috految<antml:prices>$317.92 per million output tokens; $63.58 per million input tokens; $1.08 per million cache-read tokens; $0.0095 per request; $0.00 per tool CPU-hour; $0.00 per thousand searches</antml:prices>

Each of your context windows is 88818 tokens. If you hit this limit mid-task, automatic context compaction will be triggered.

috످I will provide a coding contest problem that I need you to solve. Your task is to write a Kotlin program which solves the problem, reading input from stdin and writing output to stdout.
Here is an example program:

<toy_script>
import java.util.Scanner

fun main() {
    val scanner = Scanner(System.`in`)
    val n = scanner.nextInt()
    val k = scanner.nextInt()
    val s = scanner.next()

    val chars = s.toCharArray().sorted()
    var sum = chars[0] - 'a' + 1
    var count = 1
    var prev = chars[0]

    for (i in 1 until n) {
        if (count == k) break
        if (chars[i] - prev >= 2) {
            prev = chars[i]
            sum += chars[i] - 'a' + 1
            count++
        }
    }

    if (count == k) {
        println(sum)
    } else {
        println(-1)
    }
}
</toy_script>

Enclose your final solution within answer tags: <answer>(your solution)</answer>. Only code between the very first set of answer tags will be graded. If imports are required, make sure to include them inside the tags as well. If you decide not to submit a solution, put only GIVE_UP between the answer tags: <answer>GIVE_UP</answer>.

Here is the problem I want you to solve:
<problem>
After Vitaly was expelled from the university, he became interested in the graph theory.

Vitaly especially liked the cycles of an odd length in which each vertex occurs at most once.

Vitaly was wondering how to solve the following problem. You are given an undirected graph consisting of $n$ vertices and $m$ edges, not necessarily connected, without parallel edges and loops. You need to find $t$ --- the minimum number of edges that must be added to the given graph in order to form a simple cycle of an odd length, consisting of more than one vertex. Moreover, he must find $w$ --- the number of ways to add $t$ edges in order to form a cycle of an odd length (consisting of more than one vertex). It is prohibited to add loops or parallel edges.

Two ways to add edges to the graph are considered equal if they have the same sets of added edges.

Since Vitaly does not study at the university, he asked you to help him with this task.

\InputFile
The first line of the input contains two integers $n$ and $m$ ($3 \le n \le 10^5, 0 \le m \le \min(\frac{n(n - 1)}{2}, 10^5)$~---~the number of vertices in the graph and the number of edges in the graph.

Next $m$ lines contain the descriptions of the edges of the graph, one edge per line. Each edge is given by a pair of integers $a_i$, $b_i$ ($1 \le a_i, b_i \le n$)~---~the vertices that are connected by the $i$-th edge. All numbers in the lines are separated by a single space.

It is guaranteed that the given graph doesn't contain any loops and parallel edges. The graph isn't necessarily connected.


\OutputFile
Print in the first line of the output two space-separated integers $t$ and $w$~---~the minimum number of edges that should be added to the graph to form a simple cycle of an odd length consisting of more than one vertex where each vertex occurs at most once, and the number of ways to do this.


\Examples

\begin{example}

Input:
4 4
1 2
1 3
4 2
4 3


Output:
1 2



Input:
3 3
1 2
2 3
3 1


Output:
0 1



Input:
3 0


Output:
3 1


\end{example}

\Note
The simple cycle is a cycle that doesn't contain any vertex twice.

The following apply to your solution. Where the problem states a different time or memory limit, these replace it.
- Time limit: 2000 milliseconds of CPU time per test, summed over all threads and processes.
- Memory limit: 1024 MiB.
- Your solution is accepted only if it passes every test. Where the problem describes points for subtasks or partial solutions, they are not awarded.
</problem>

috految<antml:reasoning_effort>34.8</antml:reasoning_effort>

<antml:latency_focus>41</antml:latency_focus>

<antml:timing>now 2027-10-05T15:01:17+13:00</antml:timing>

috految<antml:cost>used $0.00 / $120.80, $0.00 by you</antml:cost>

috److Use a DSU with 2n nodes to track parity. For each edge (a, b), unite a with b+n and b with a+n. Two original vertices then share a root exactly when there is an even-length walk between them.

There are four cases:

1. **No edges (m = 0):** three edges are needed, and any triple of vertices works. The answer is `3 C(n,3)`.
2. **An odd cycle already exists:** this happens when `find(i) == find(i+n)` for some i. The answer is `0 1`.
3. **Some pair of vertices has the same component and the same color:** one edge between such a pair creates an odd cycle. The answer is `1` and the number of such pairs.
4. **Otherwise:** every component has at most 2 vertices, so we pick an existing edge and a third vertex. The answer is `2 m*(n-2)`.

<answer>
import java.io.*

fun main() {
    val st = StreamTokenizer(BufferedReader(InputStreamReader(System.`in`)))
    fun ni(): Int {
        st.nextToken()
        return st.nval.toInt()
    }
    val n = ni()
    val m = ni()
    if (m == 0) {
        println("3 ${n.toLong() * (n - 1) * (n - 2) / 6}")
        return
    }
    val p = IntArray(2 * n + 1) { it }
    fun find(v: Int): Int {
        var x = v
        while (p[x] != x) {
            p[x] = p[p[x]]
            x = p[x]
        }
        return x
    }
    repeat(m) {
        val a = ni()
        val b = ni()
        p[find(a)] = find(b + n)
        p[find(b)] = find(a + n)
    }
    val cnt = IntArray(2 * n + 1)
    var ways = 0L
    for (i in 1..n) {
        val r = find(i)
        if (r == find(i + n)) {
            println("0 1")
            return
        }
        ways += cnt[r]
        cnt[r]++
    }
    if (ways > 0) {
        println("1 $ways")
    } else {
        println("2 ${m.toLong() * (n - 2)}")
    }
}
</answer>

috످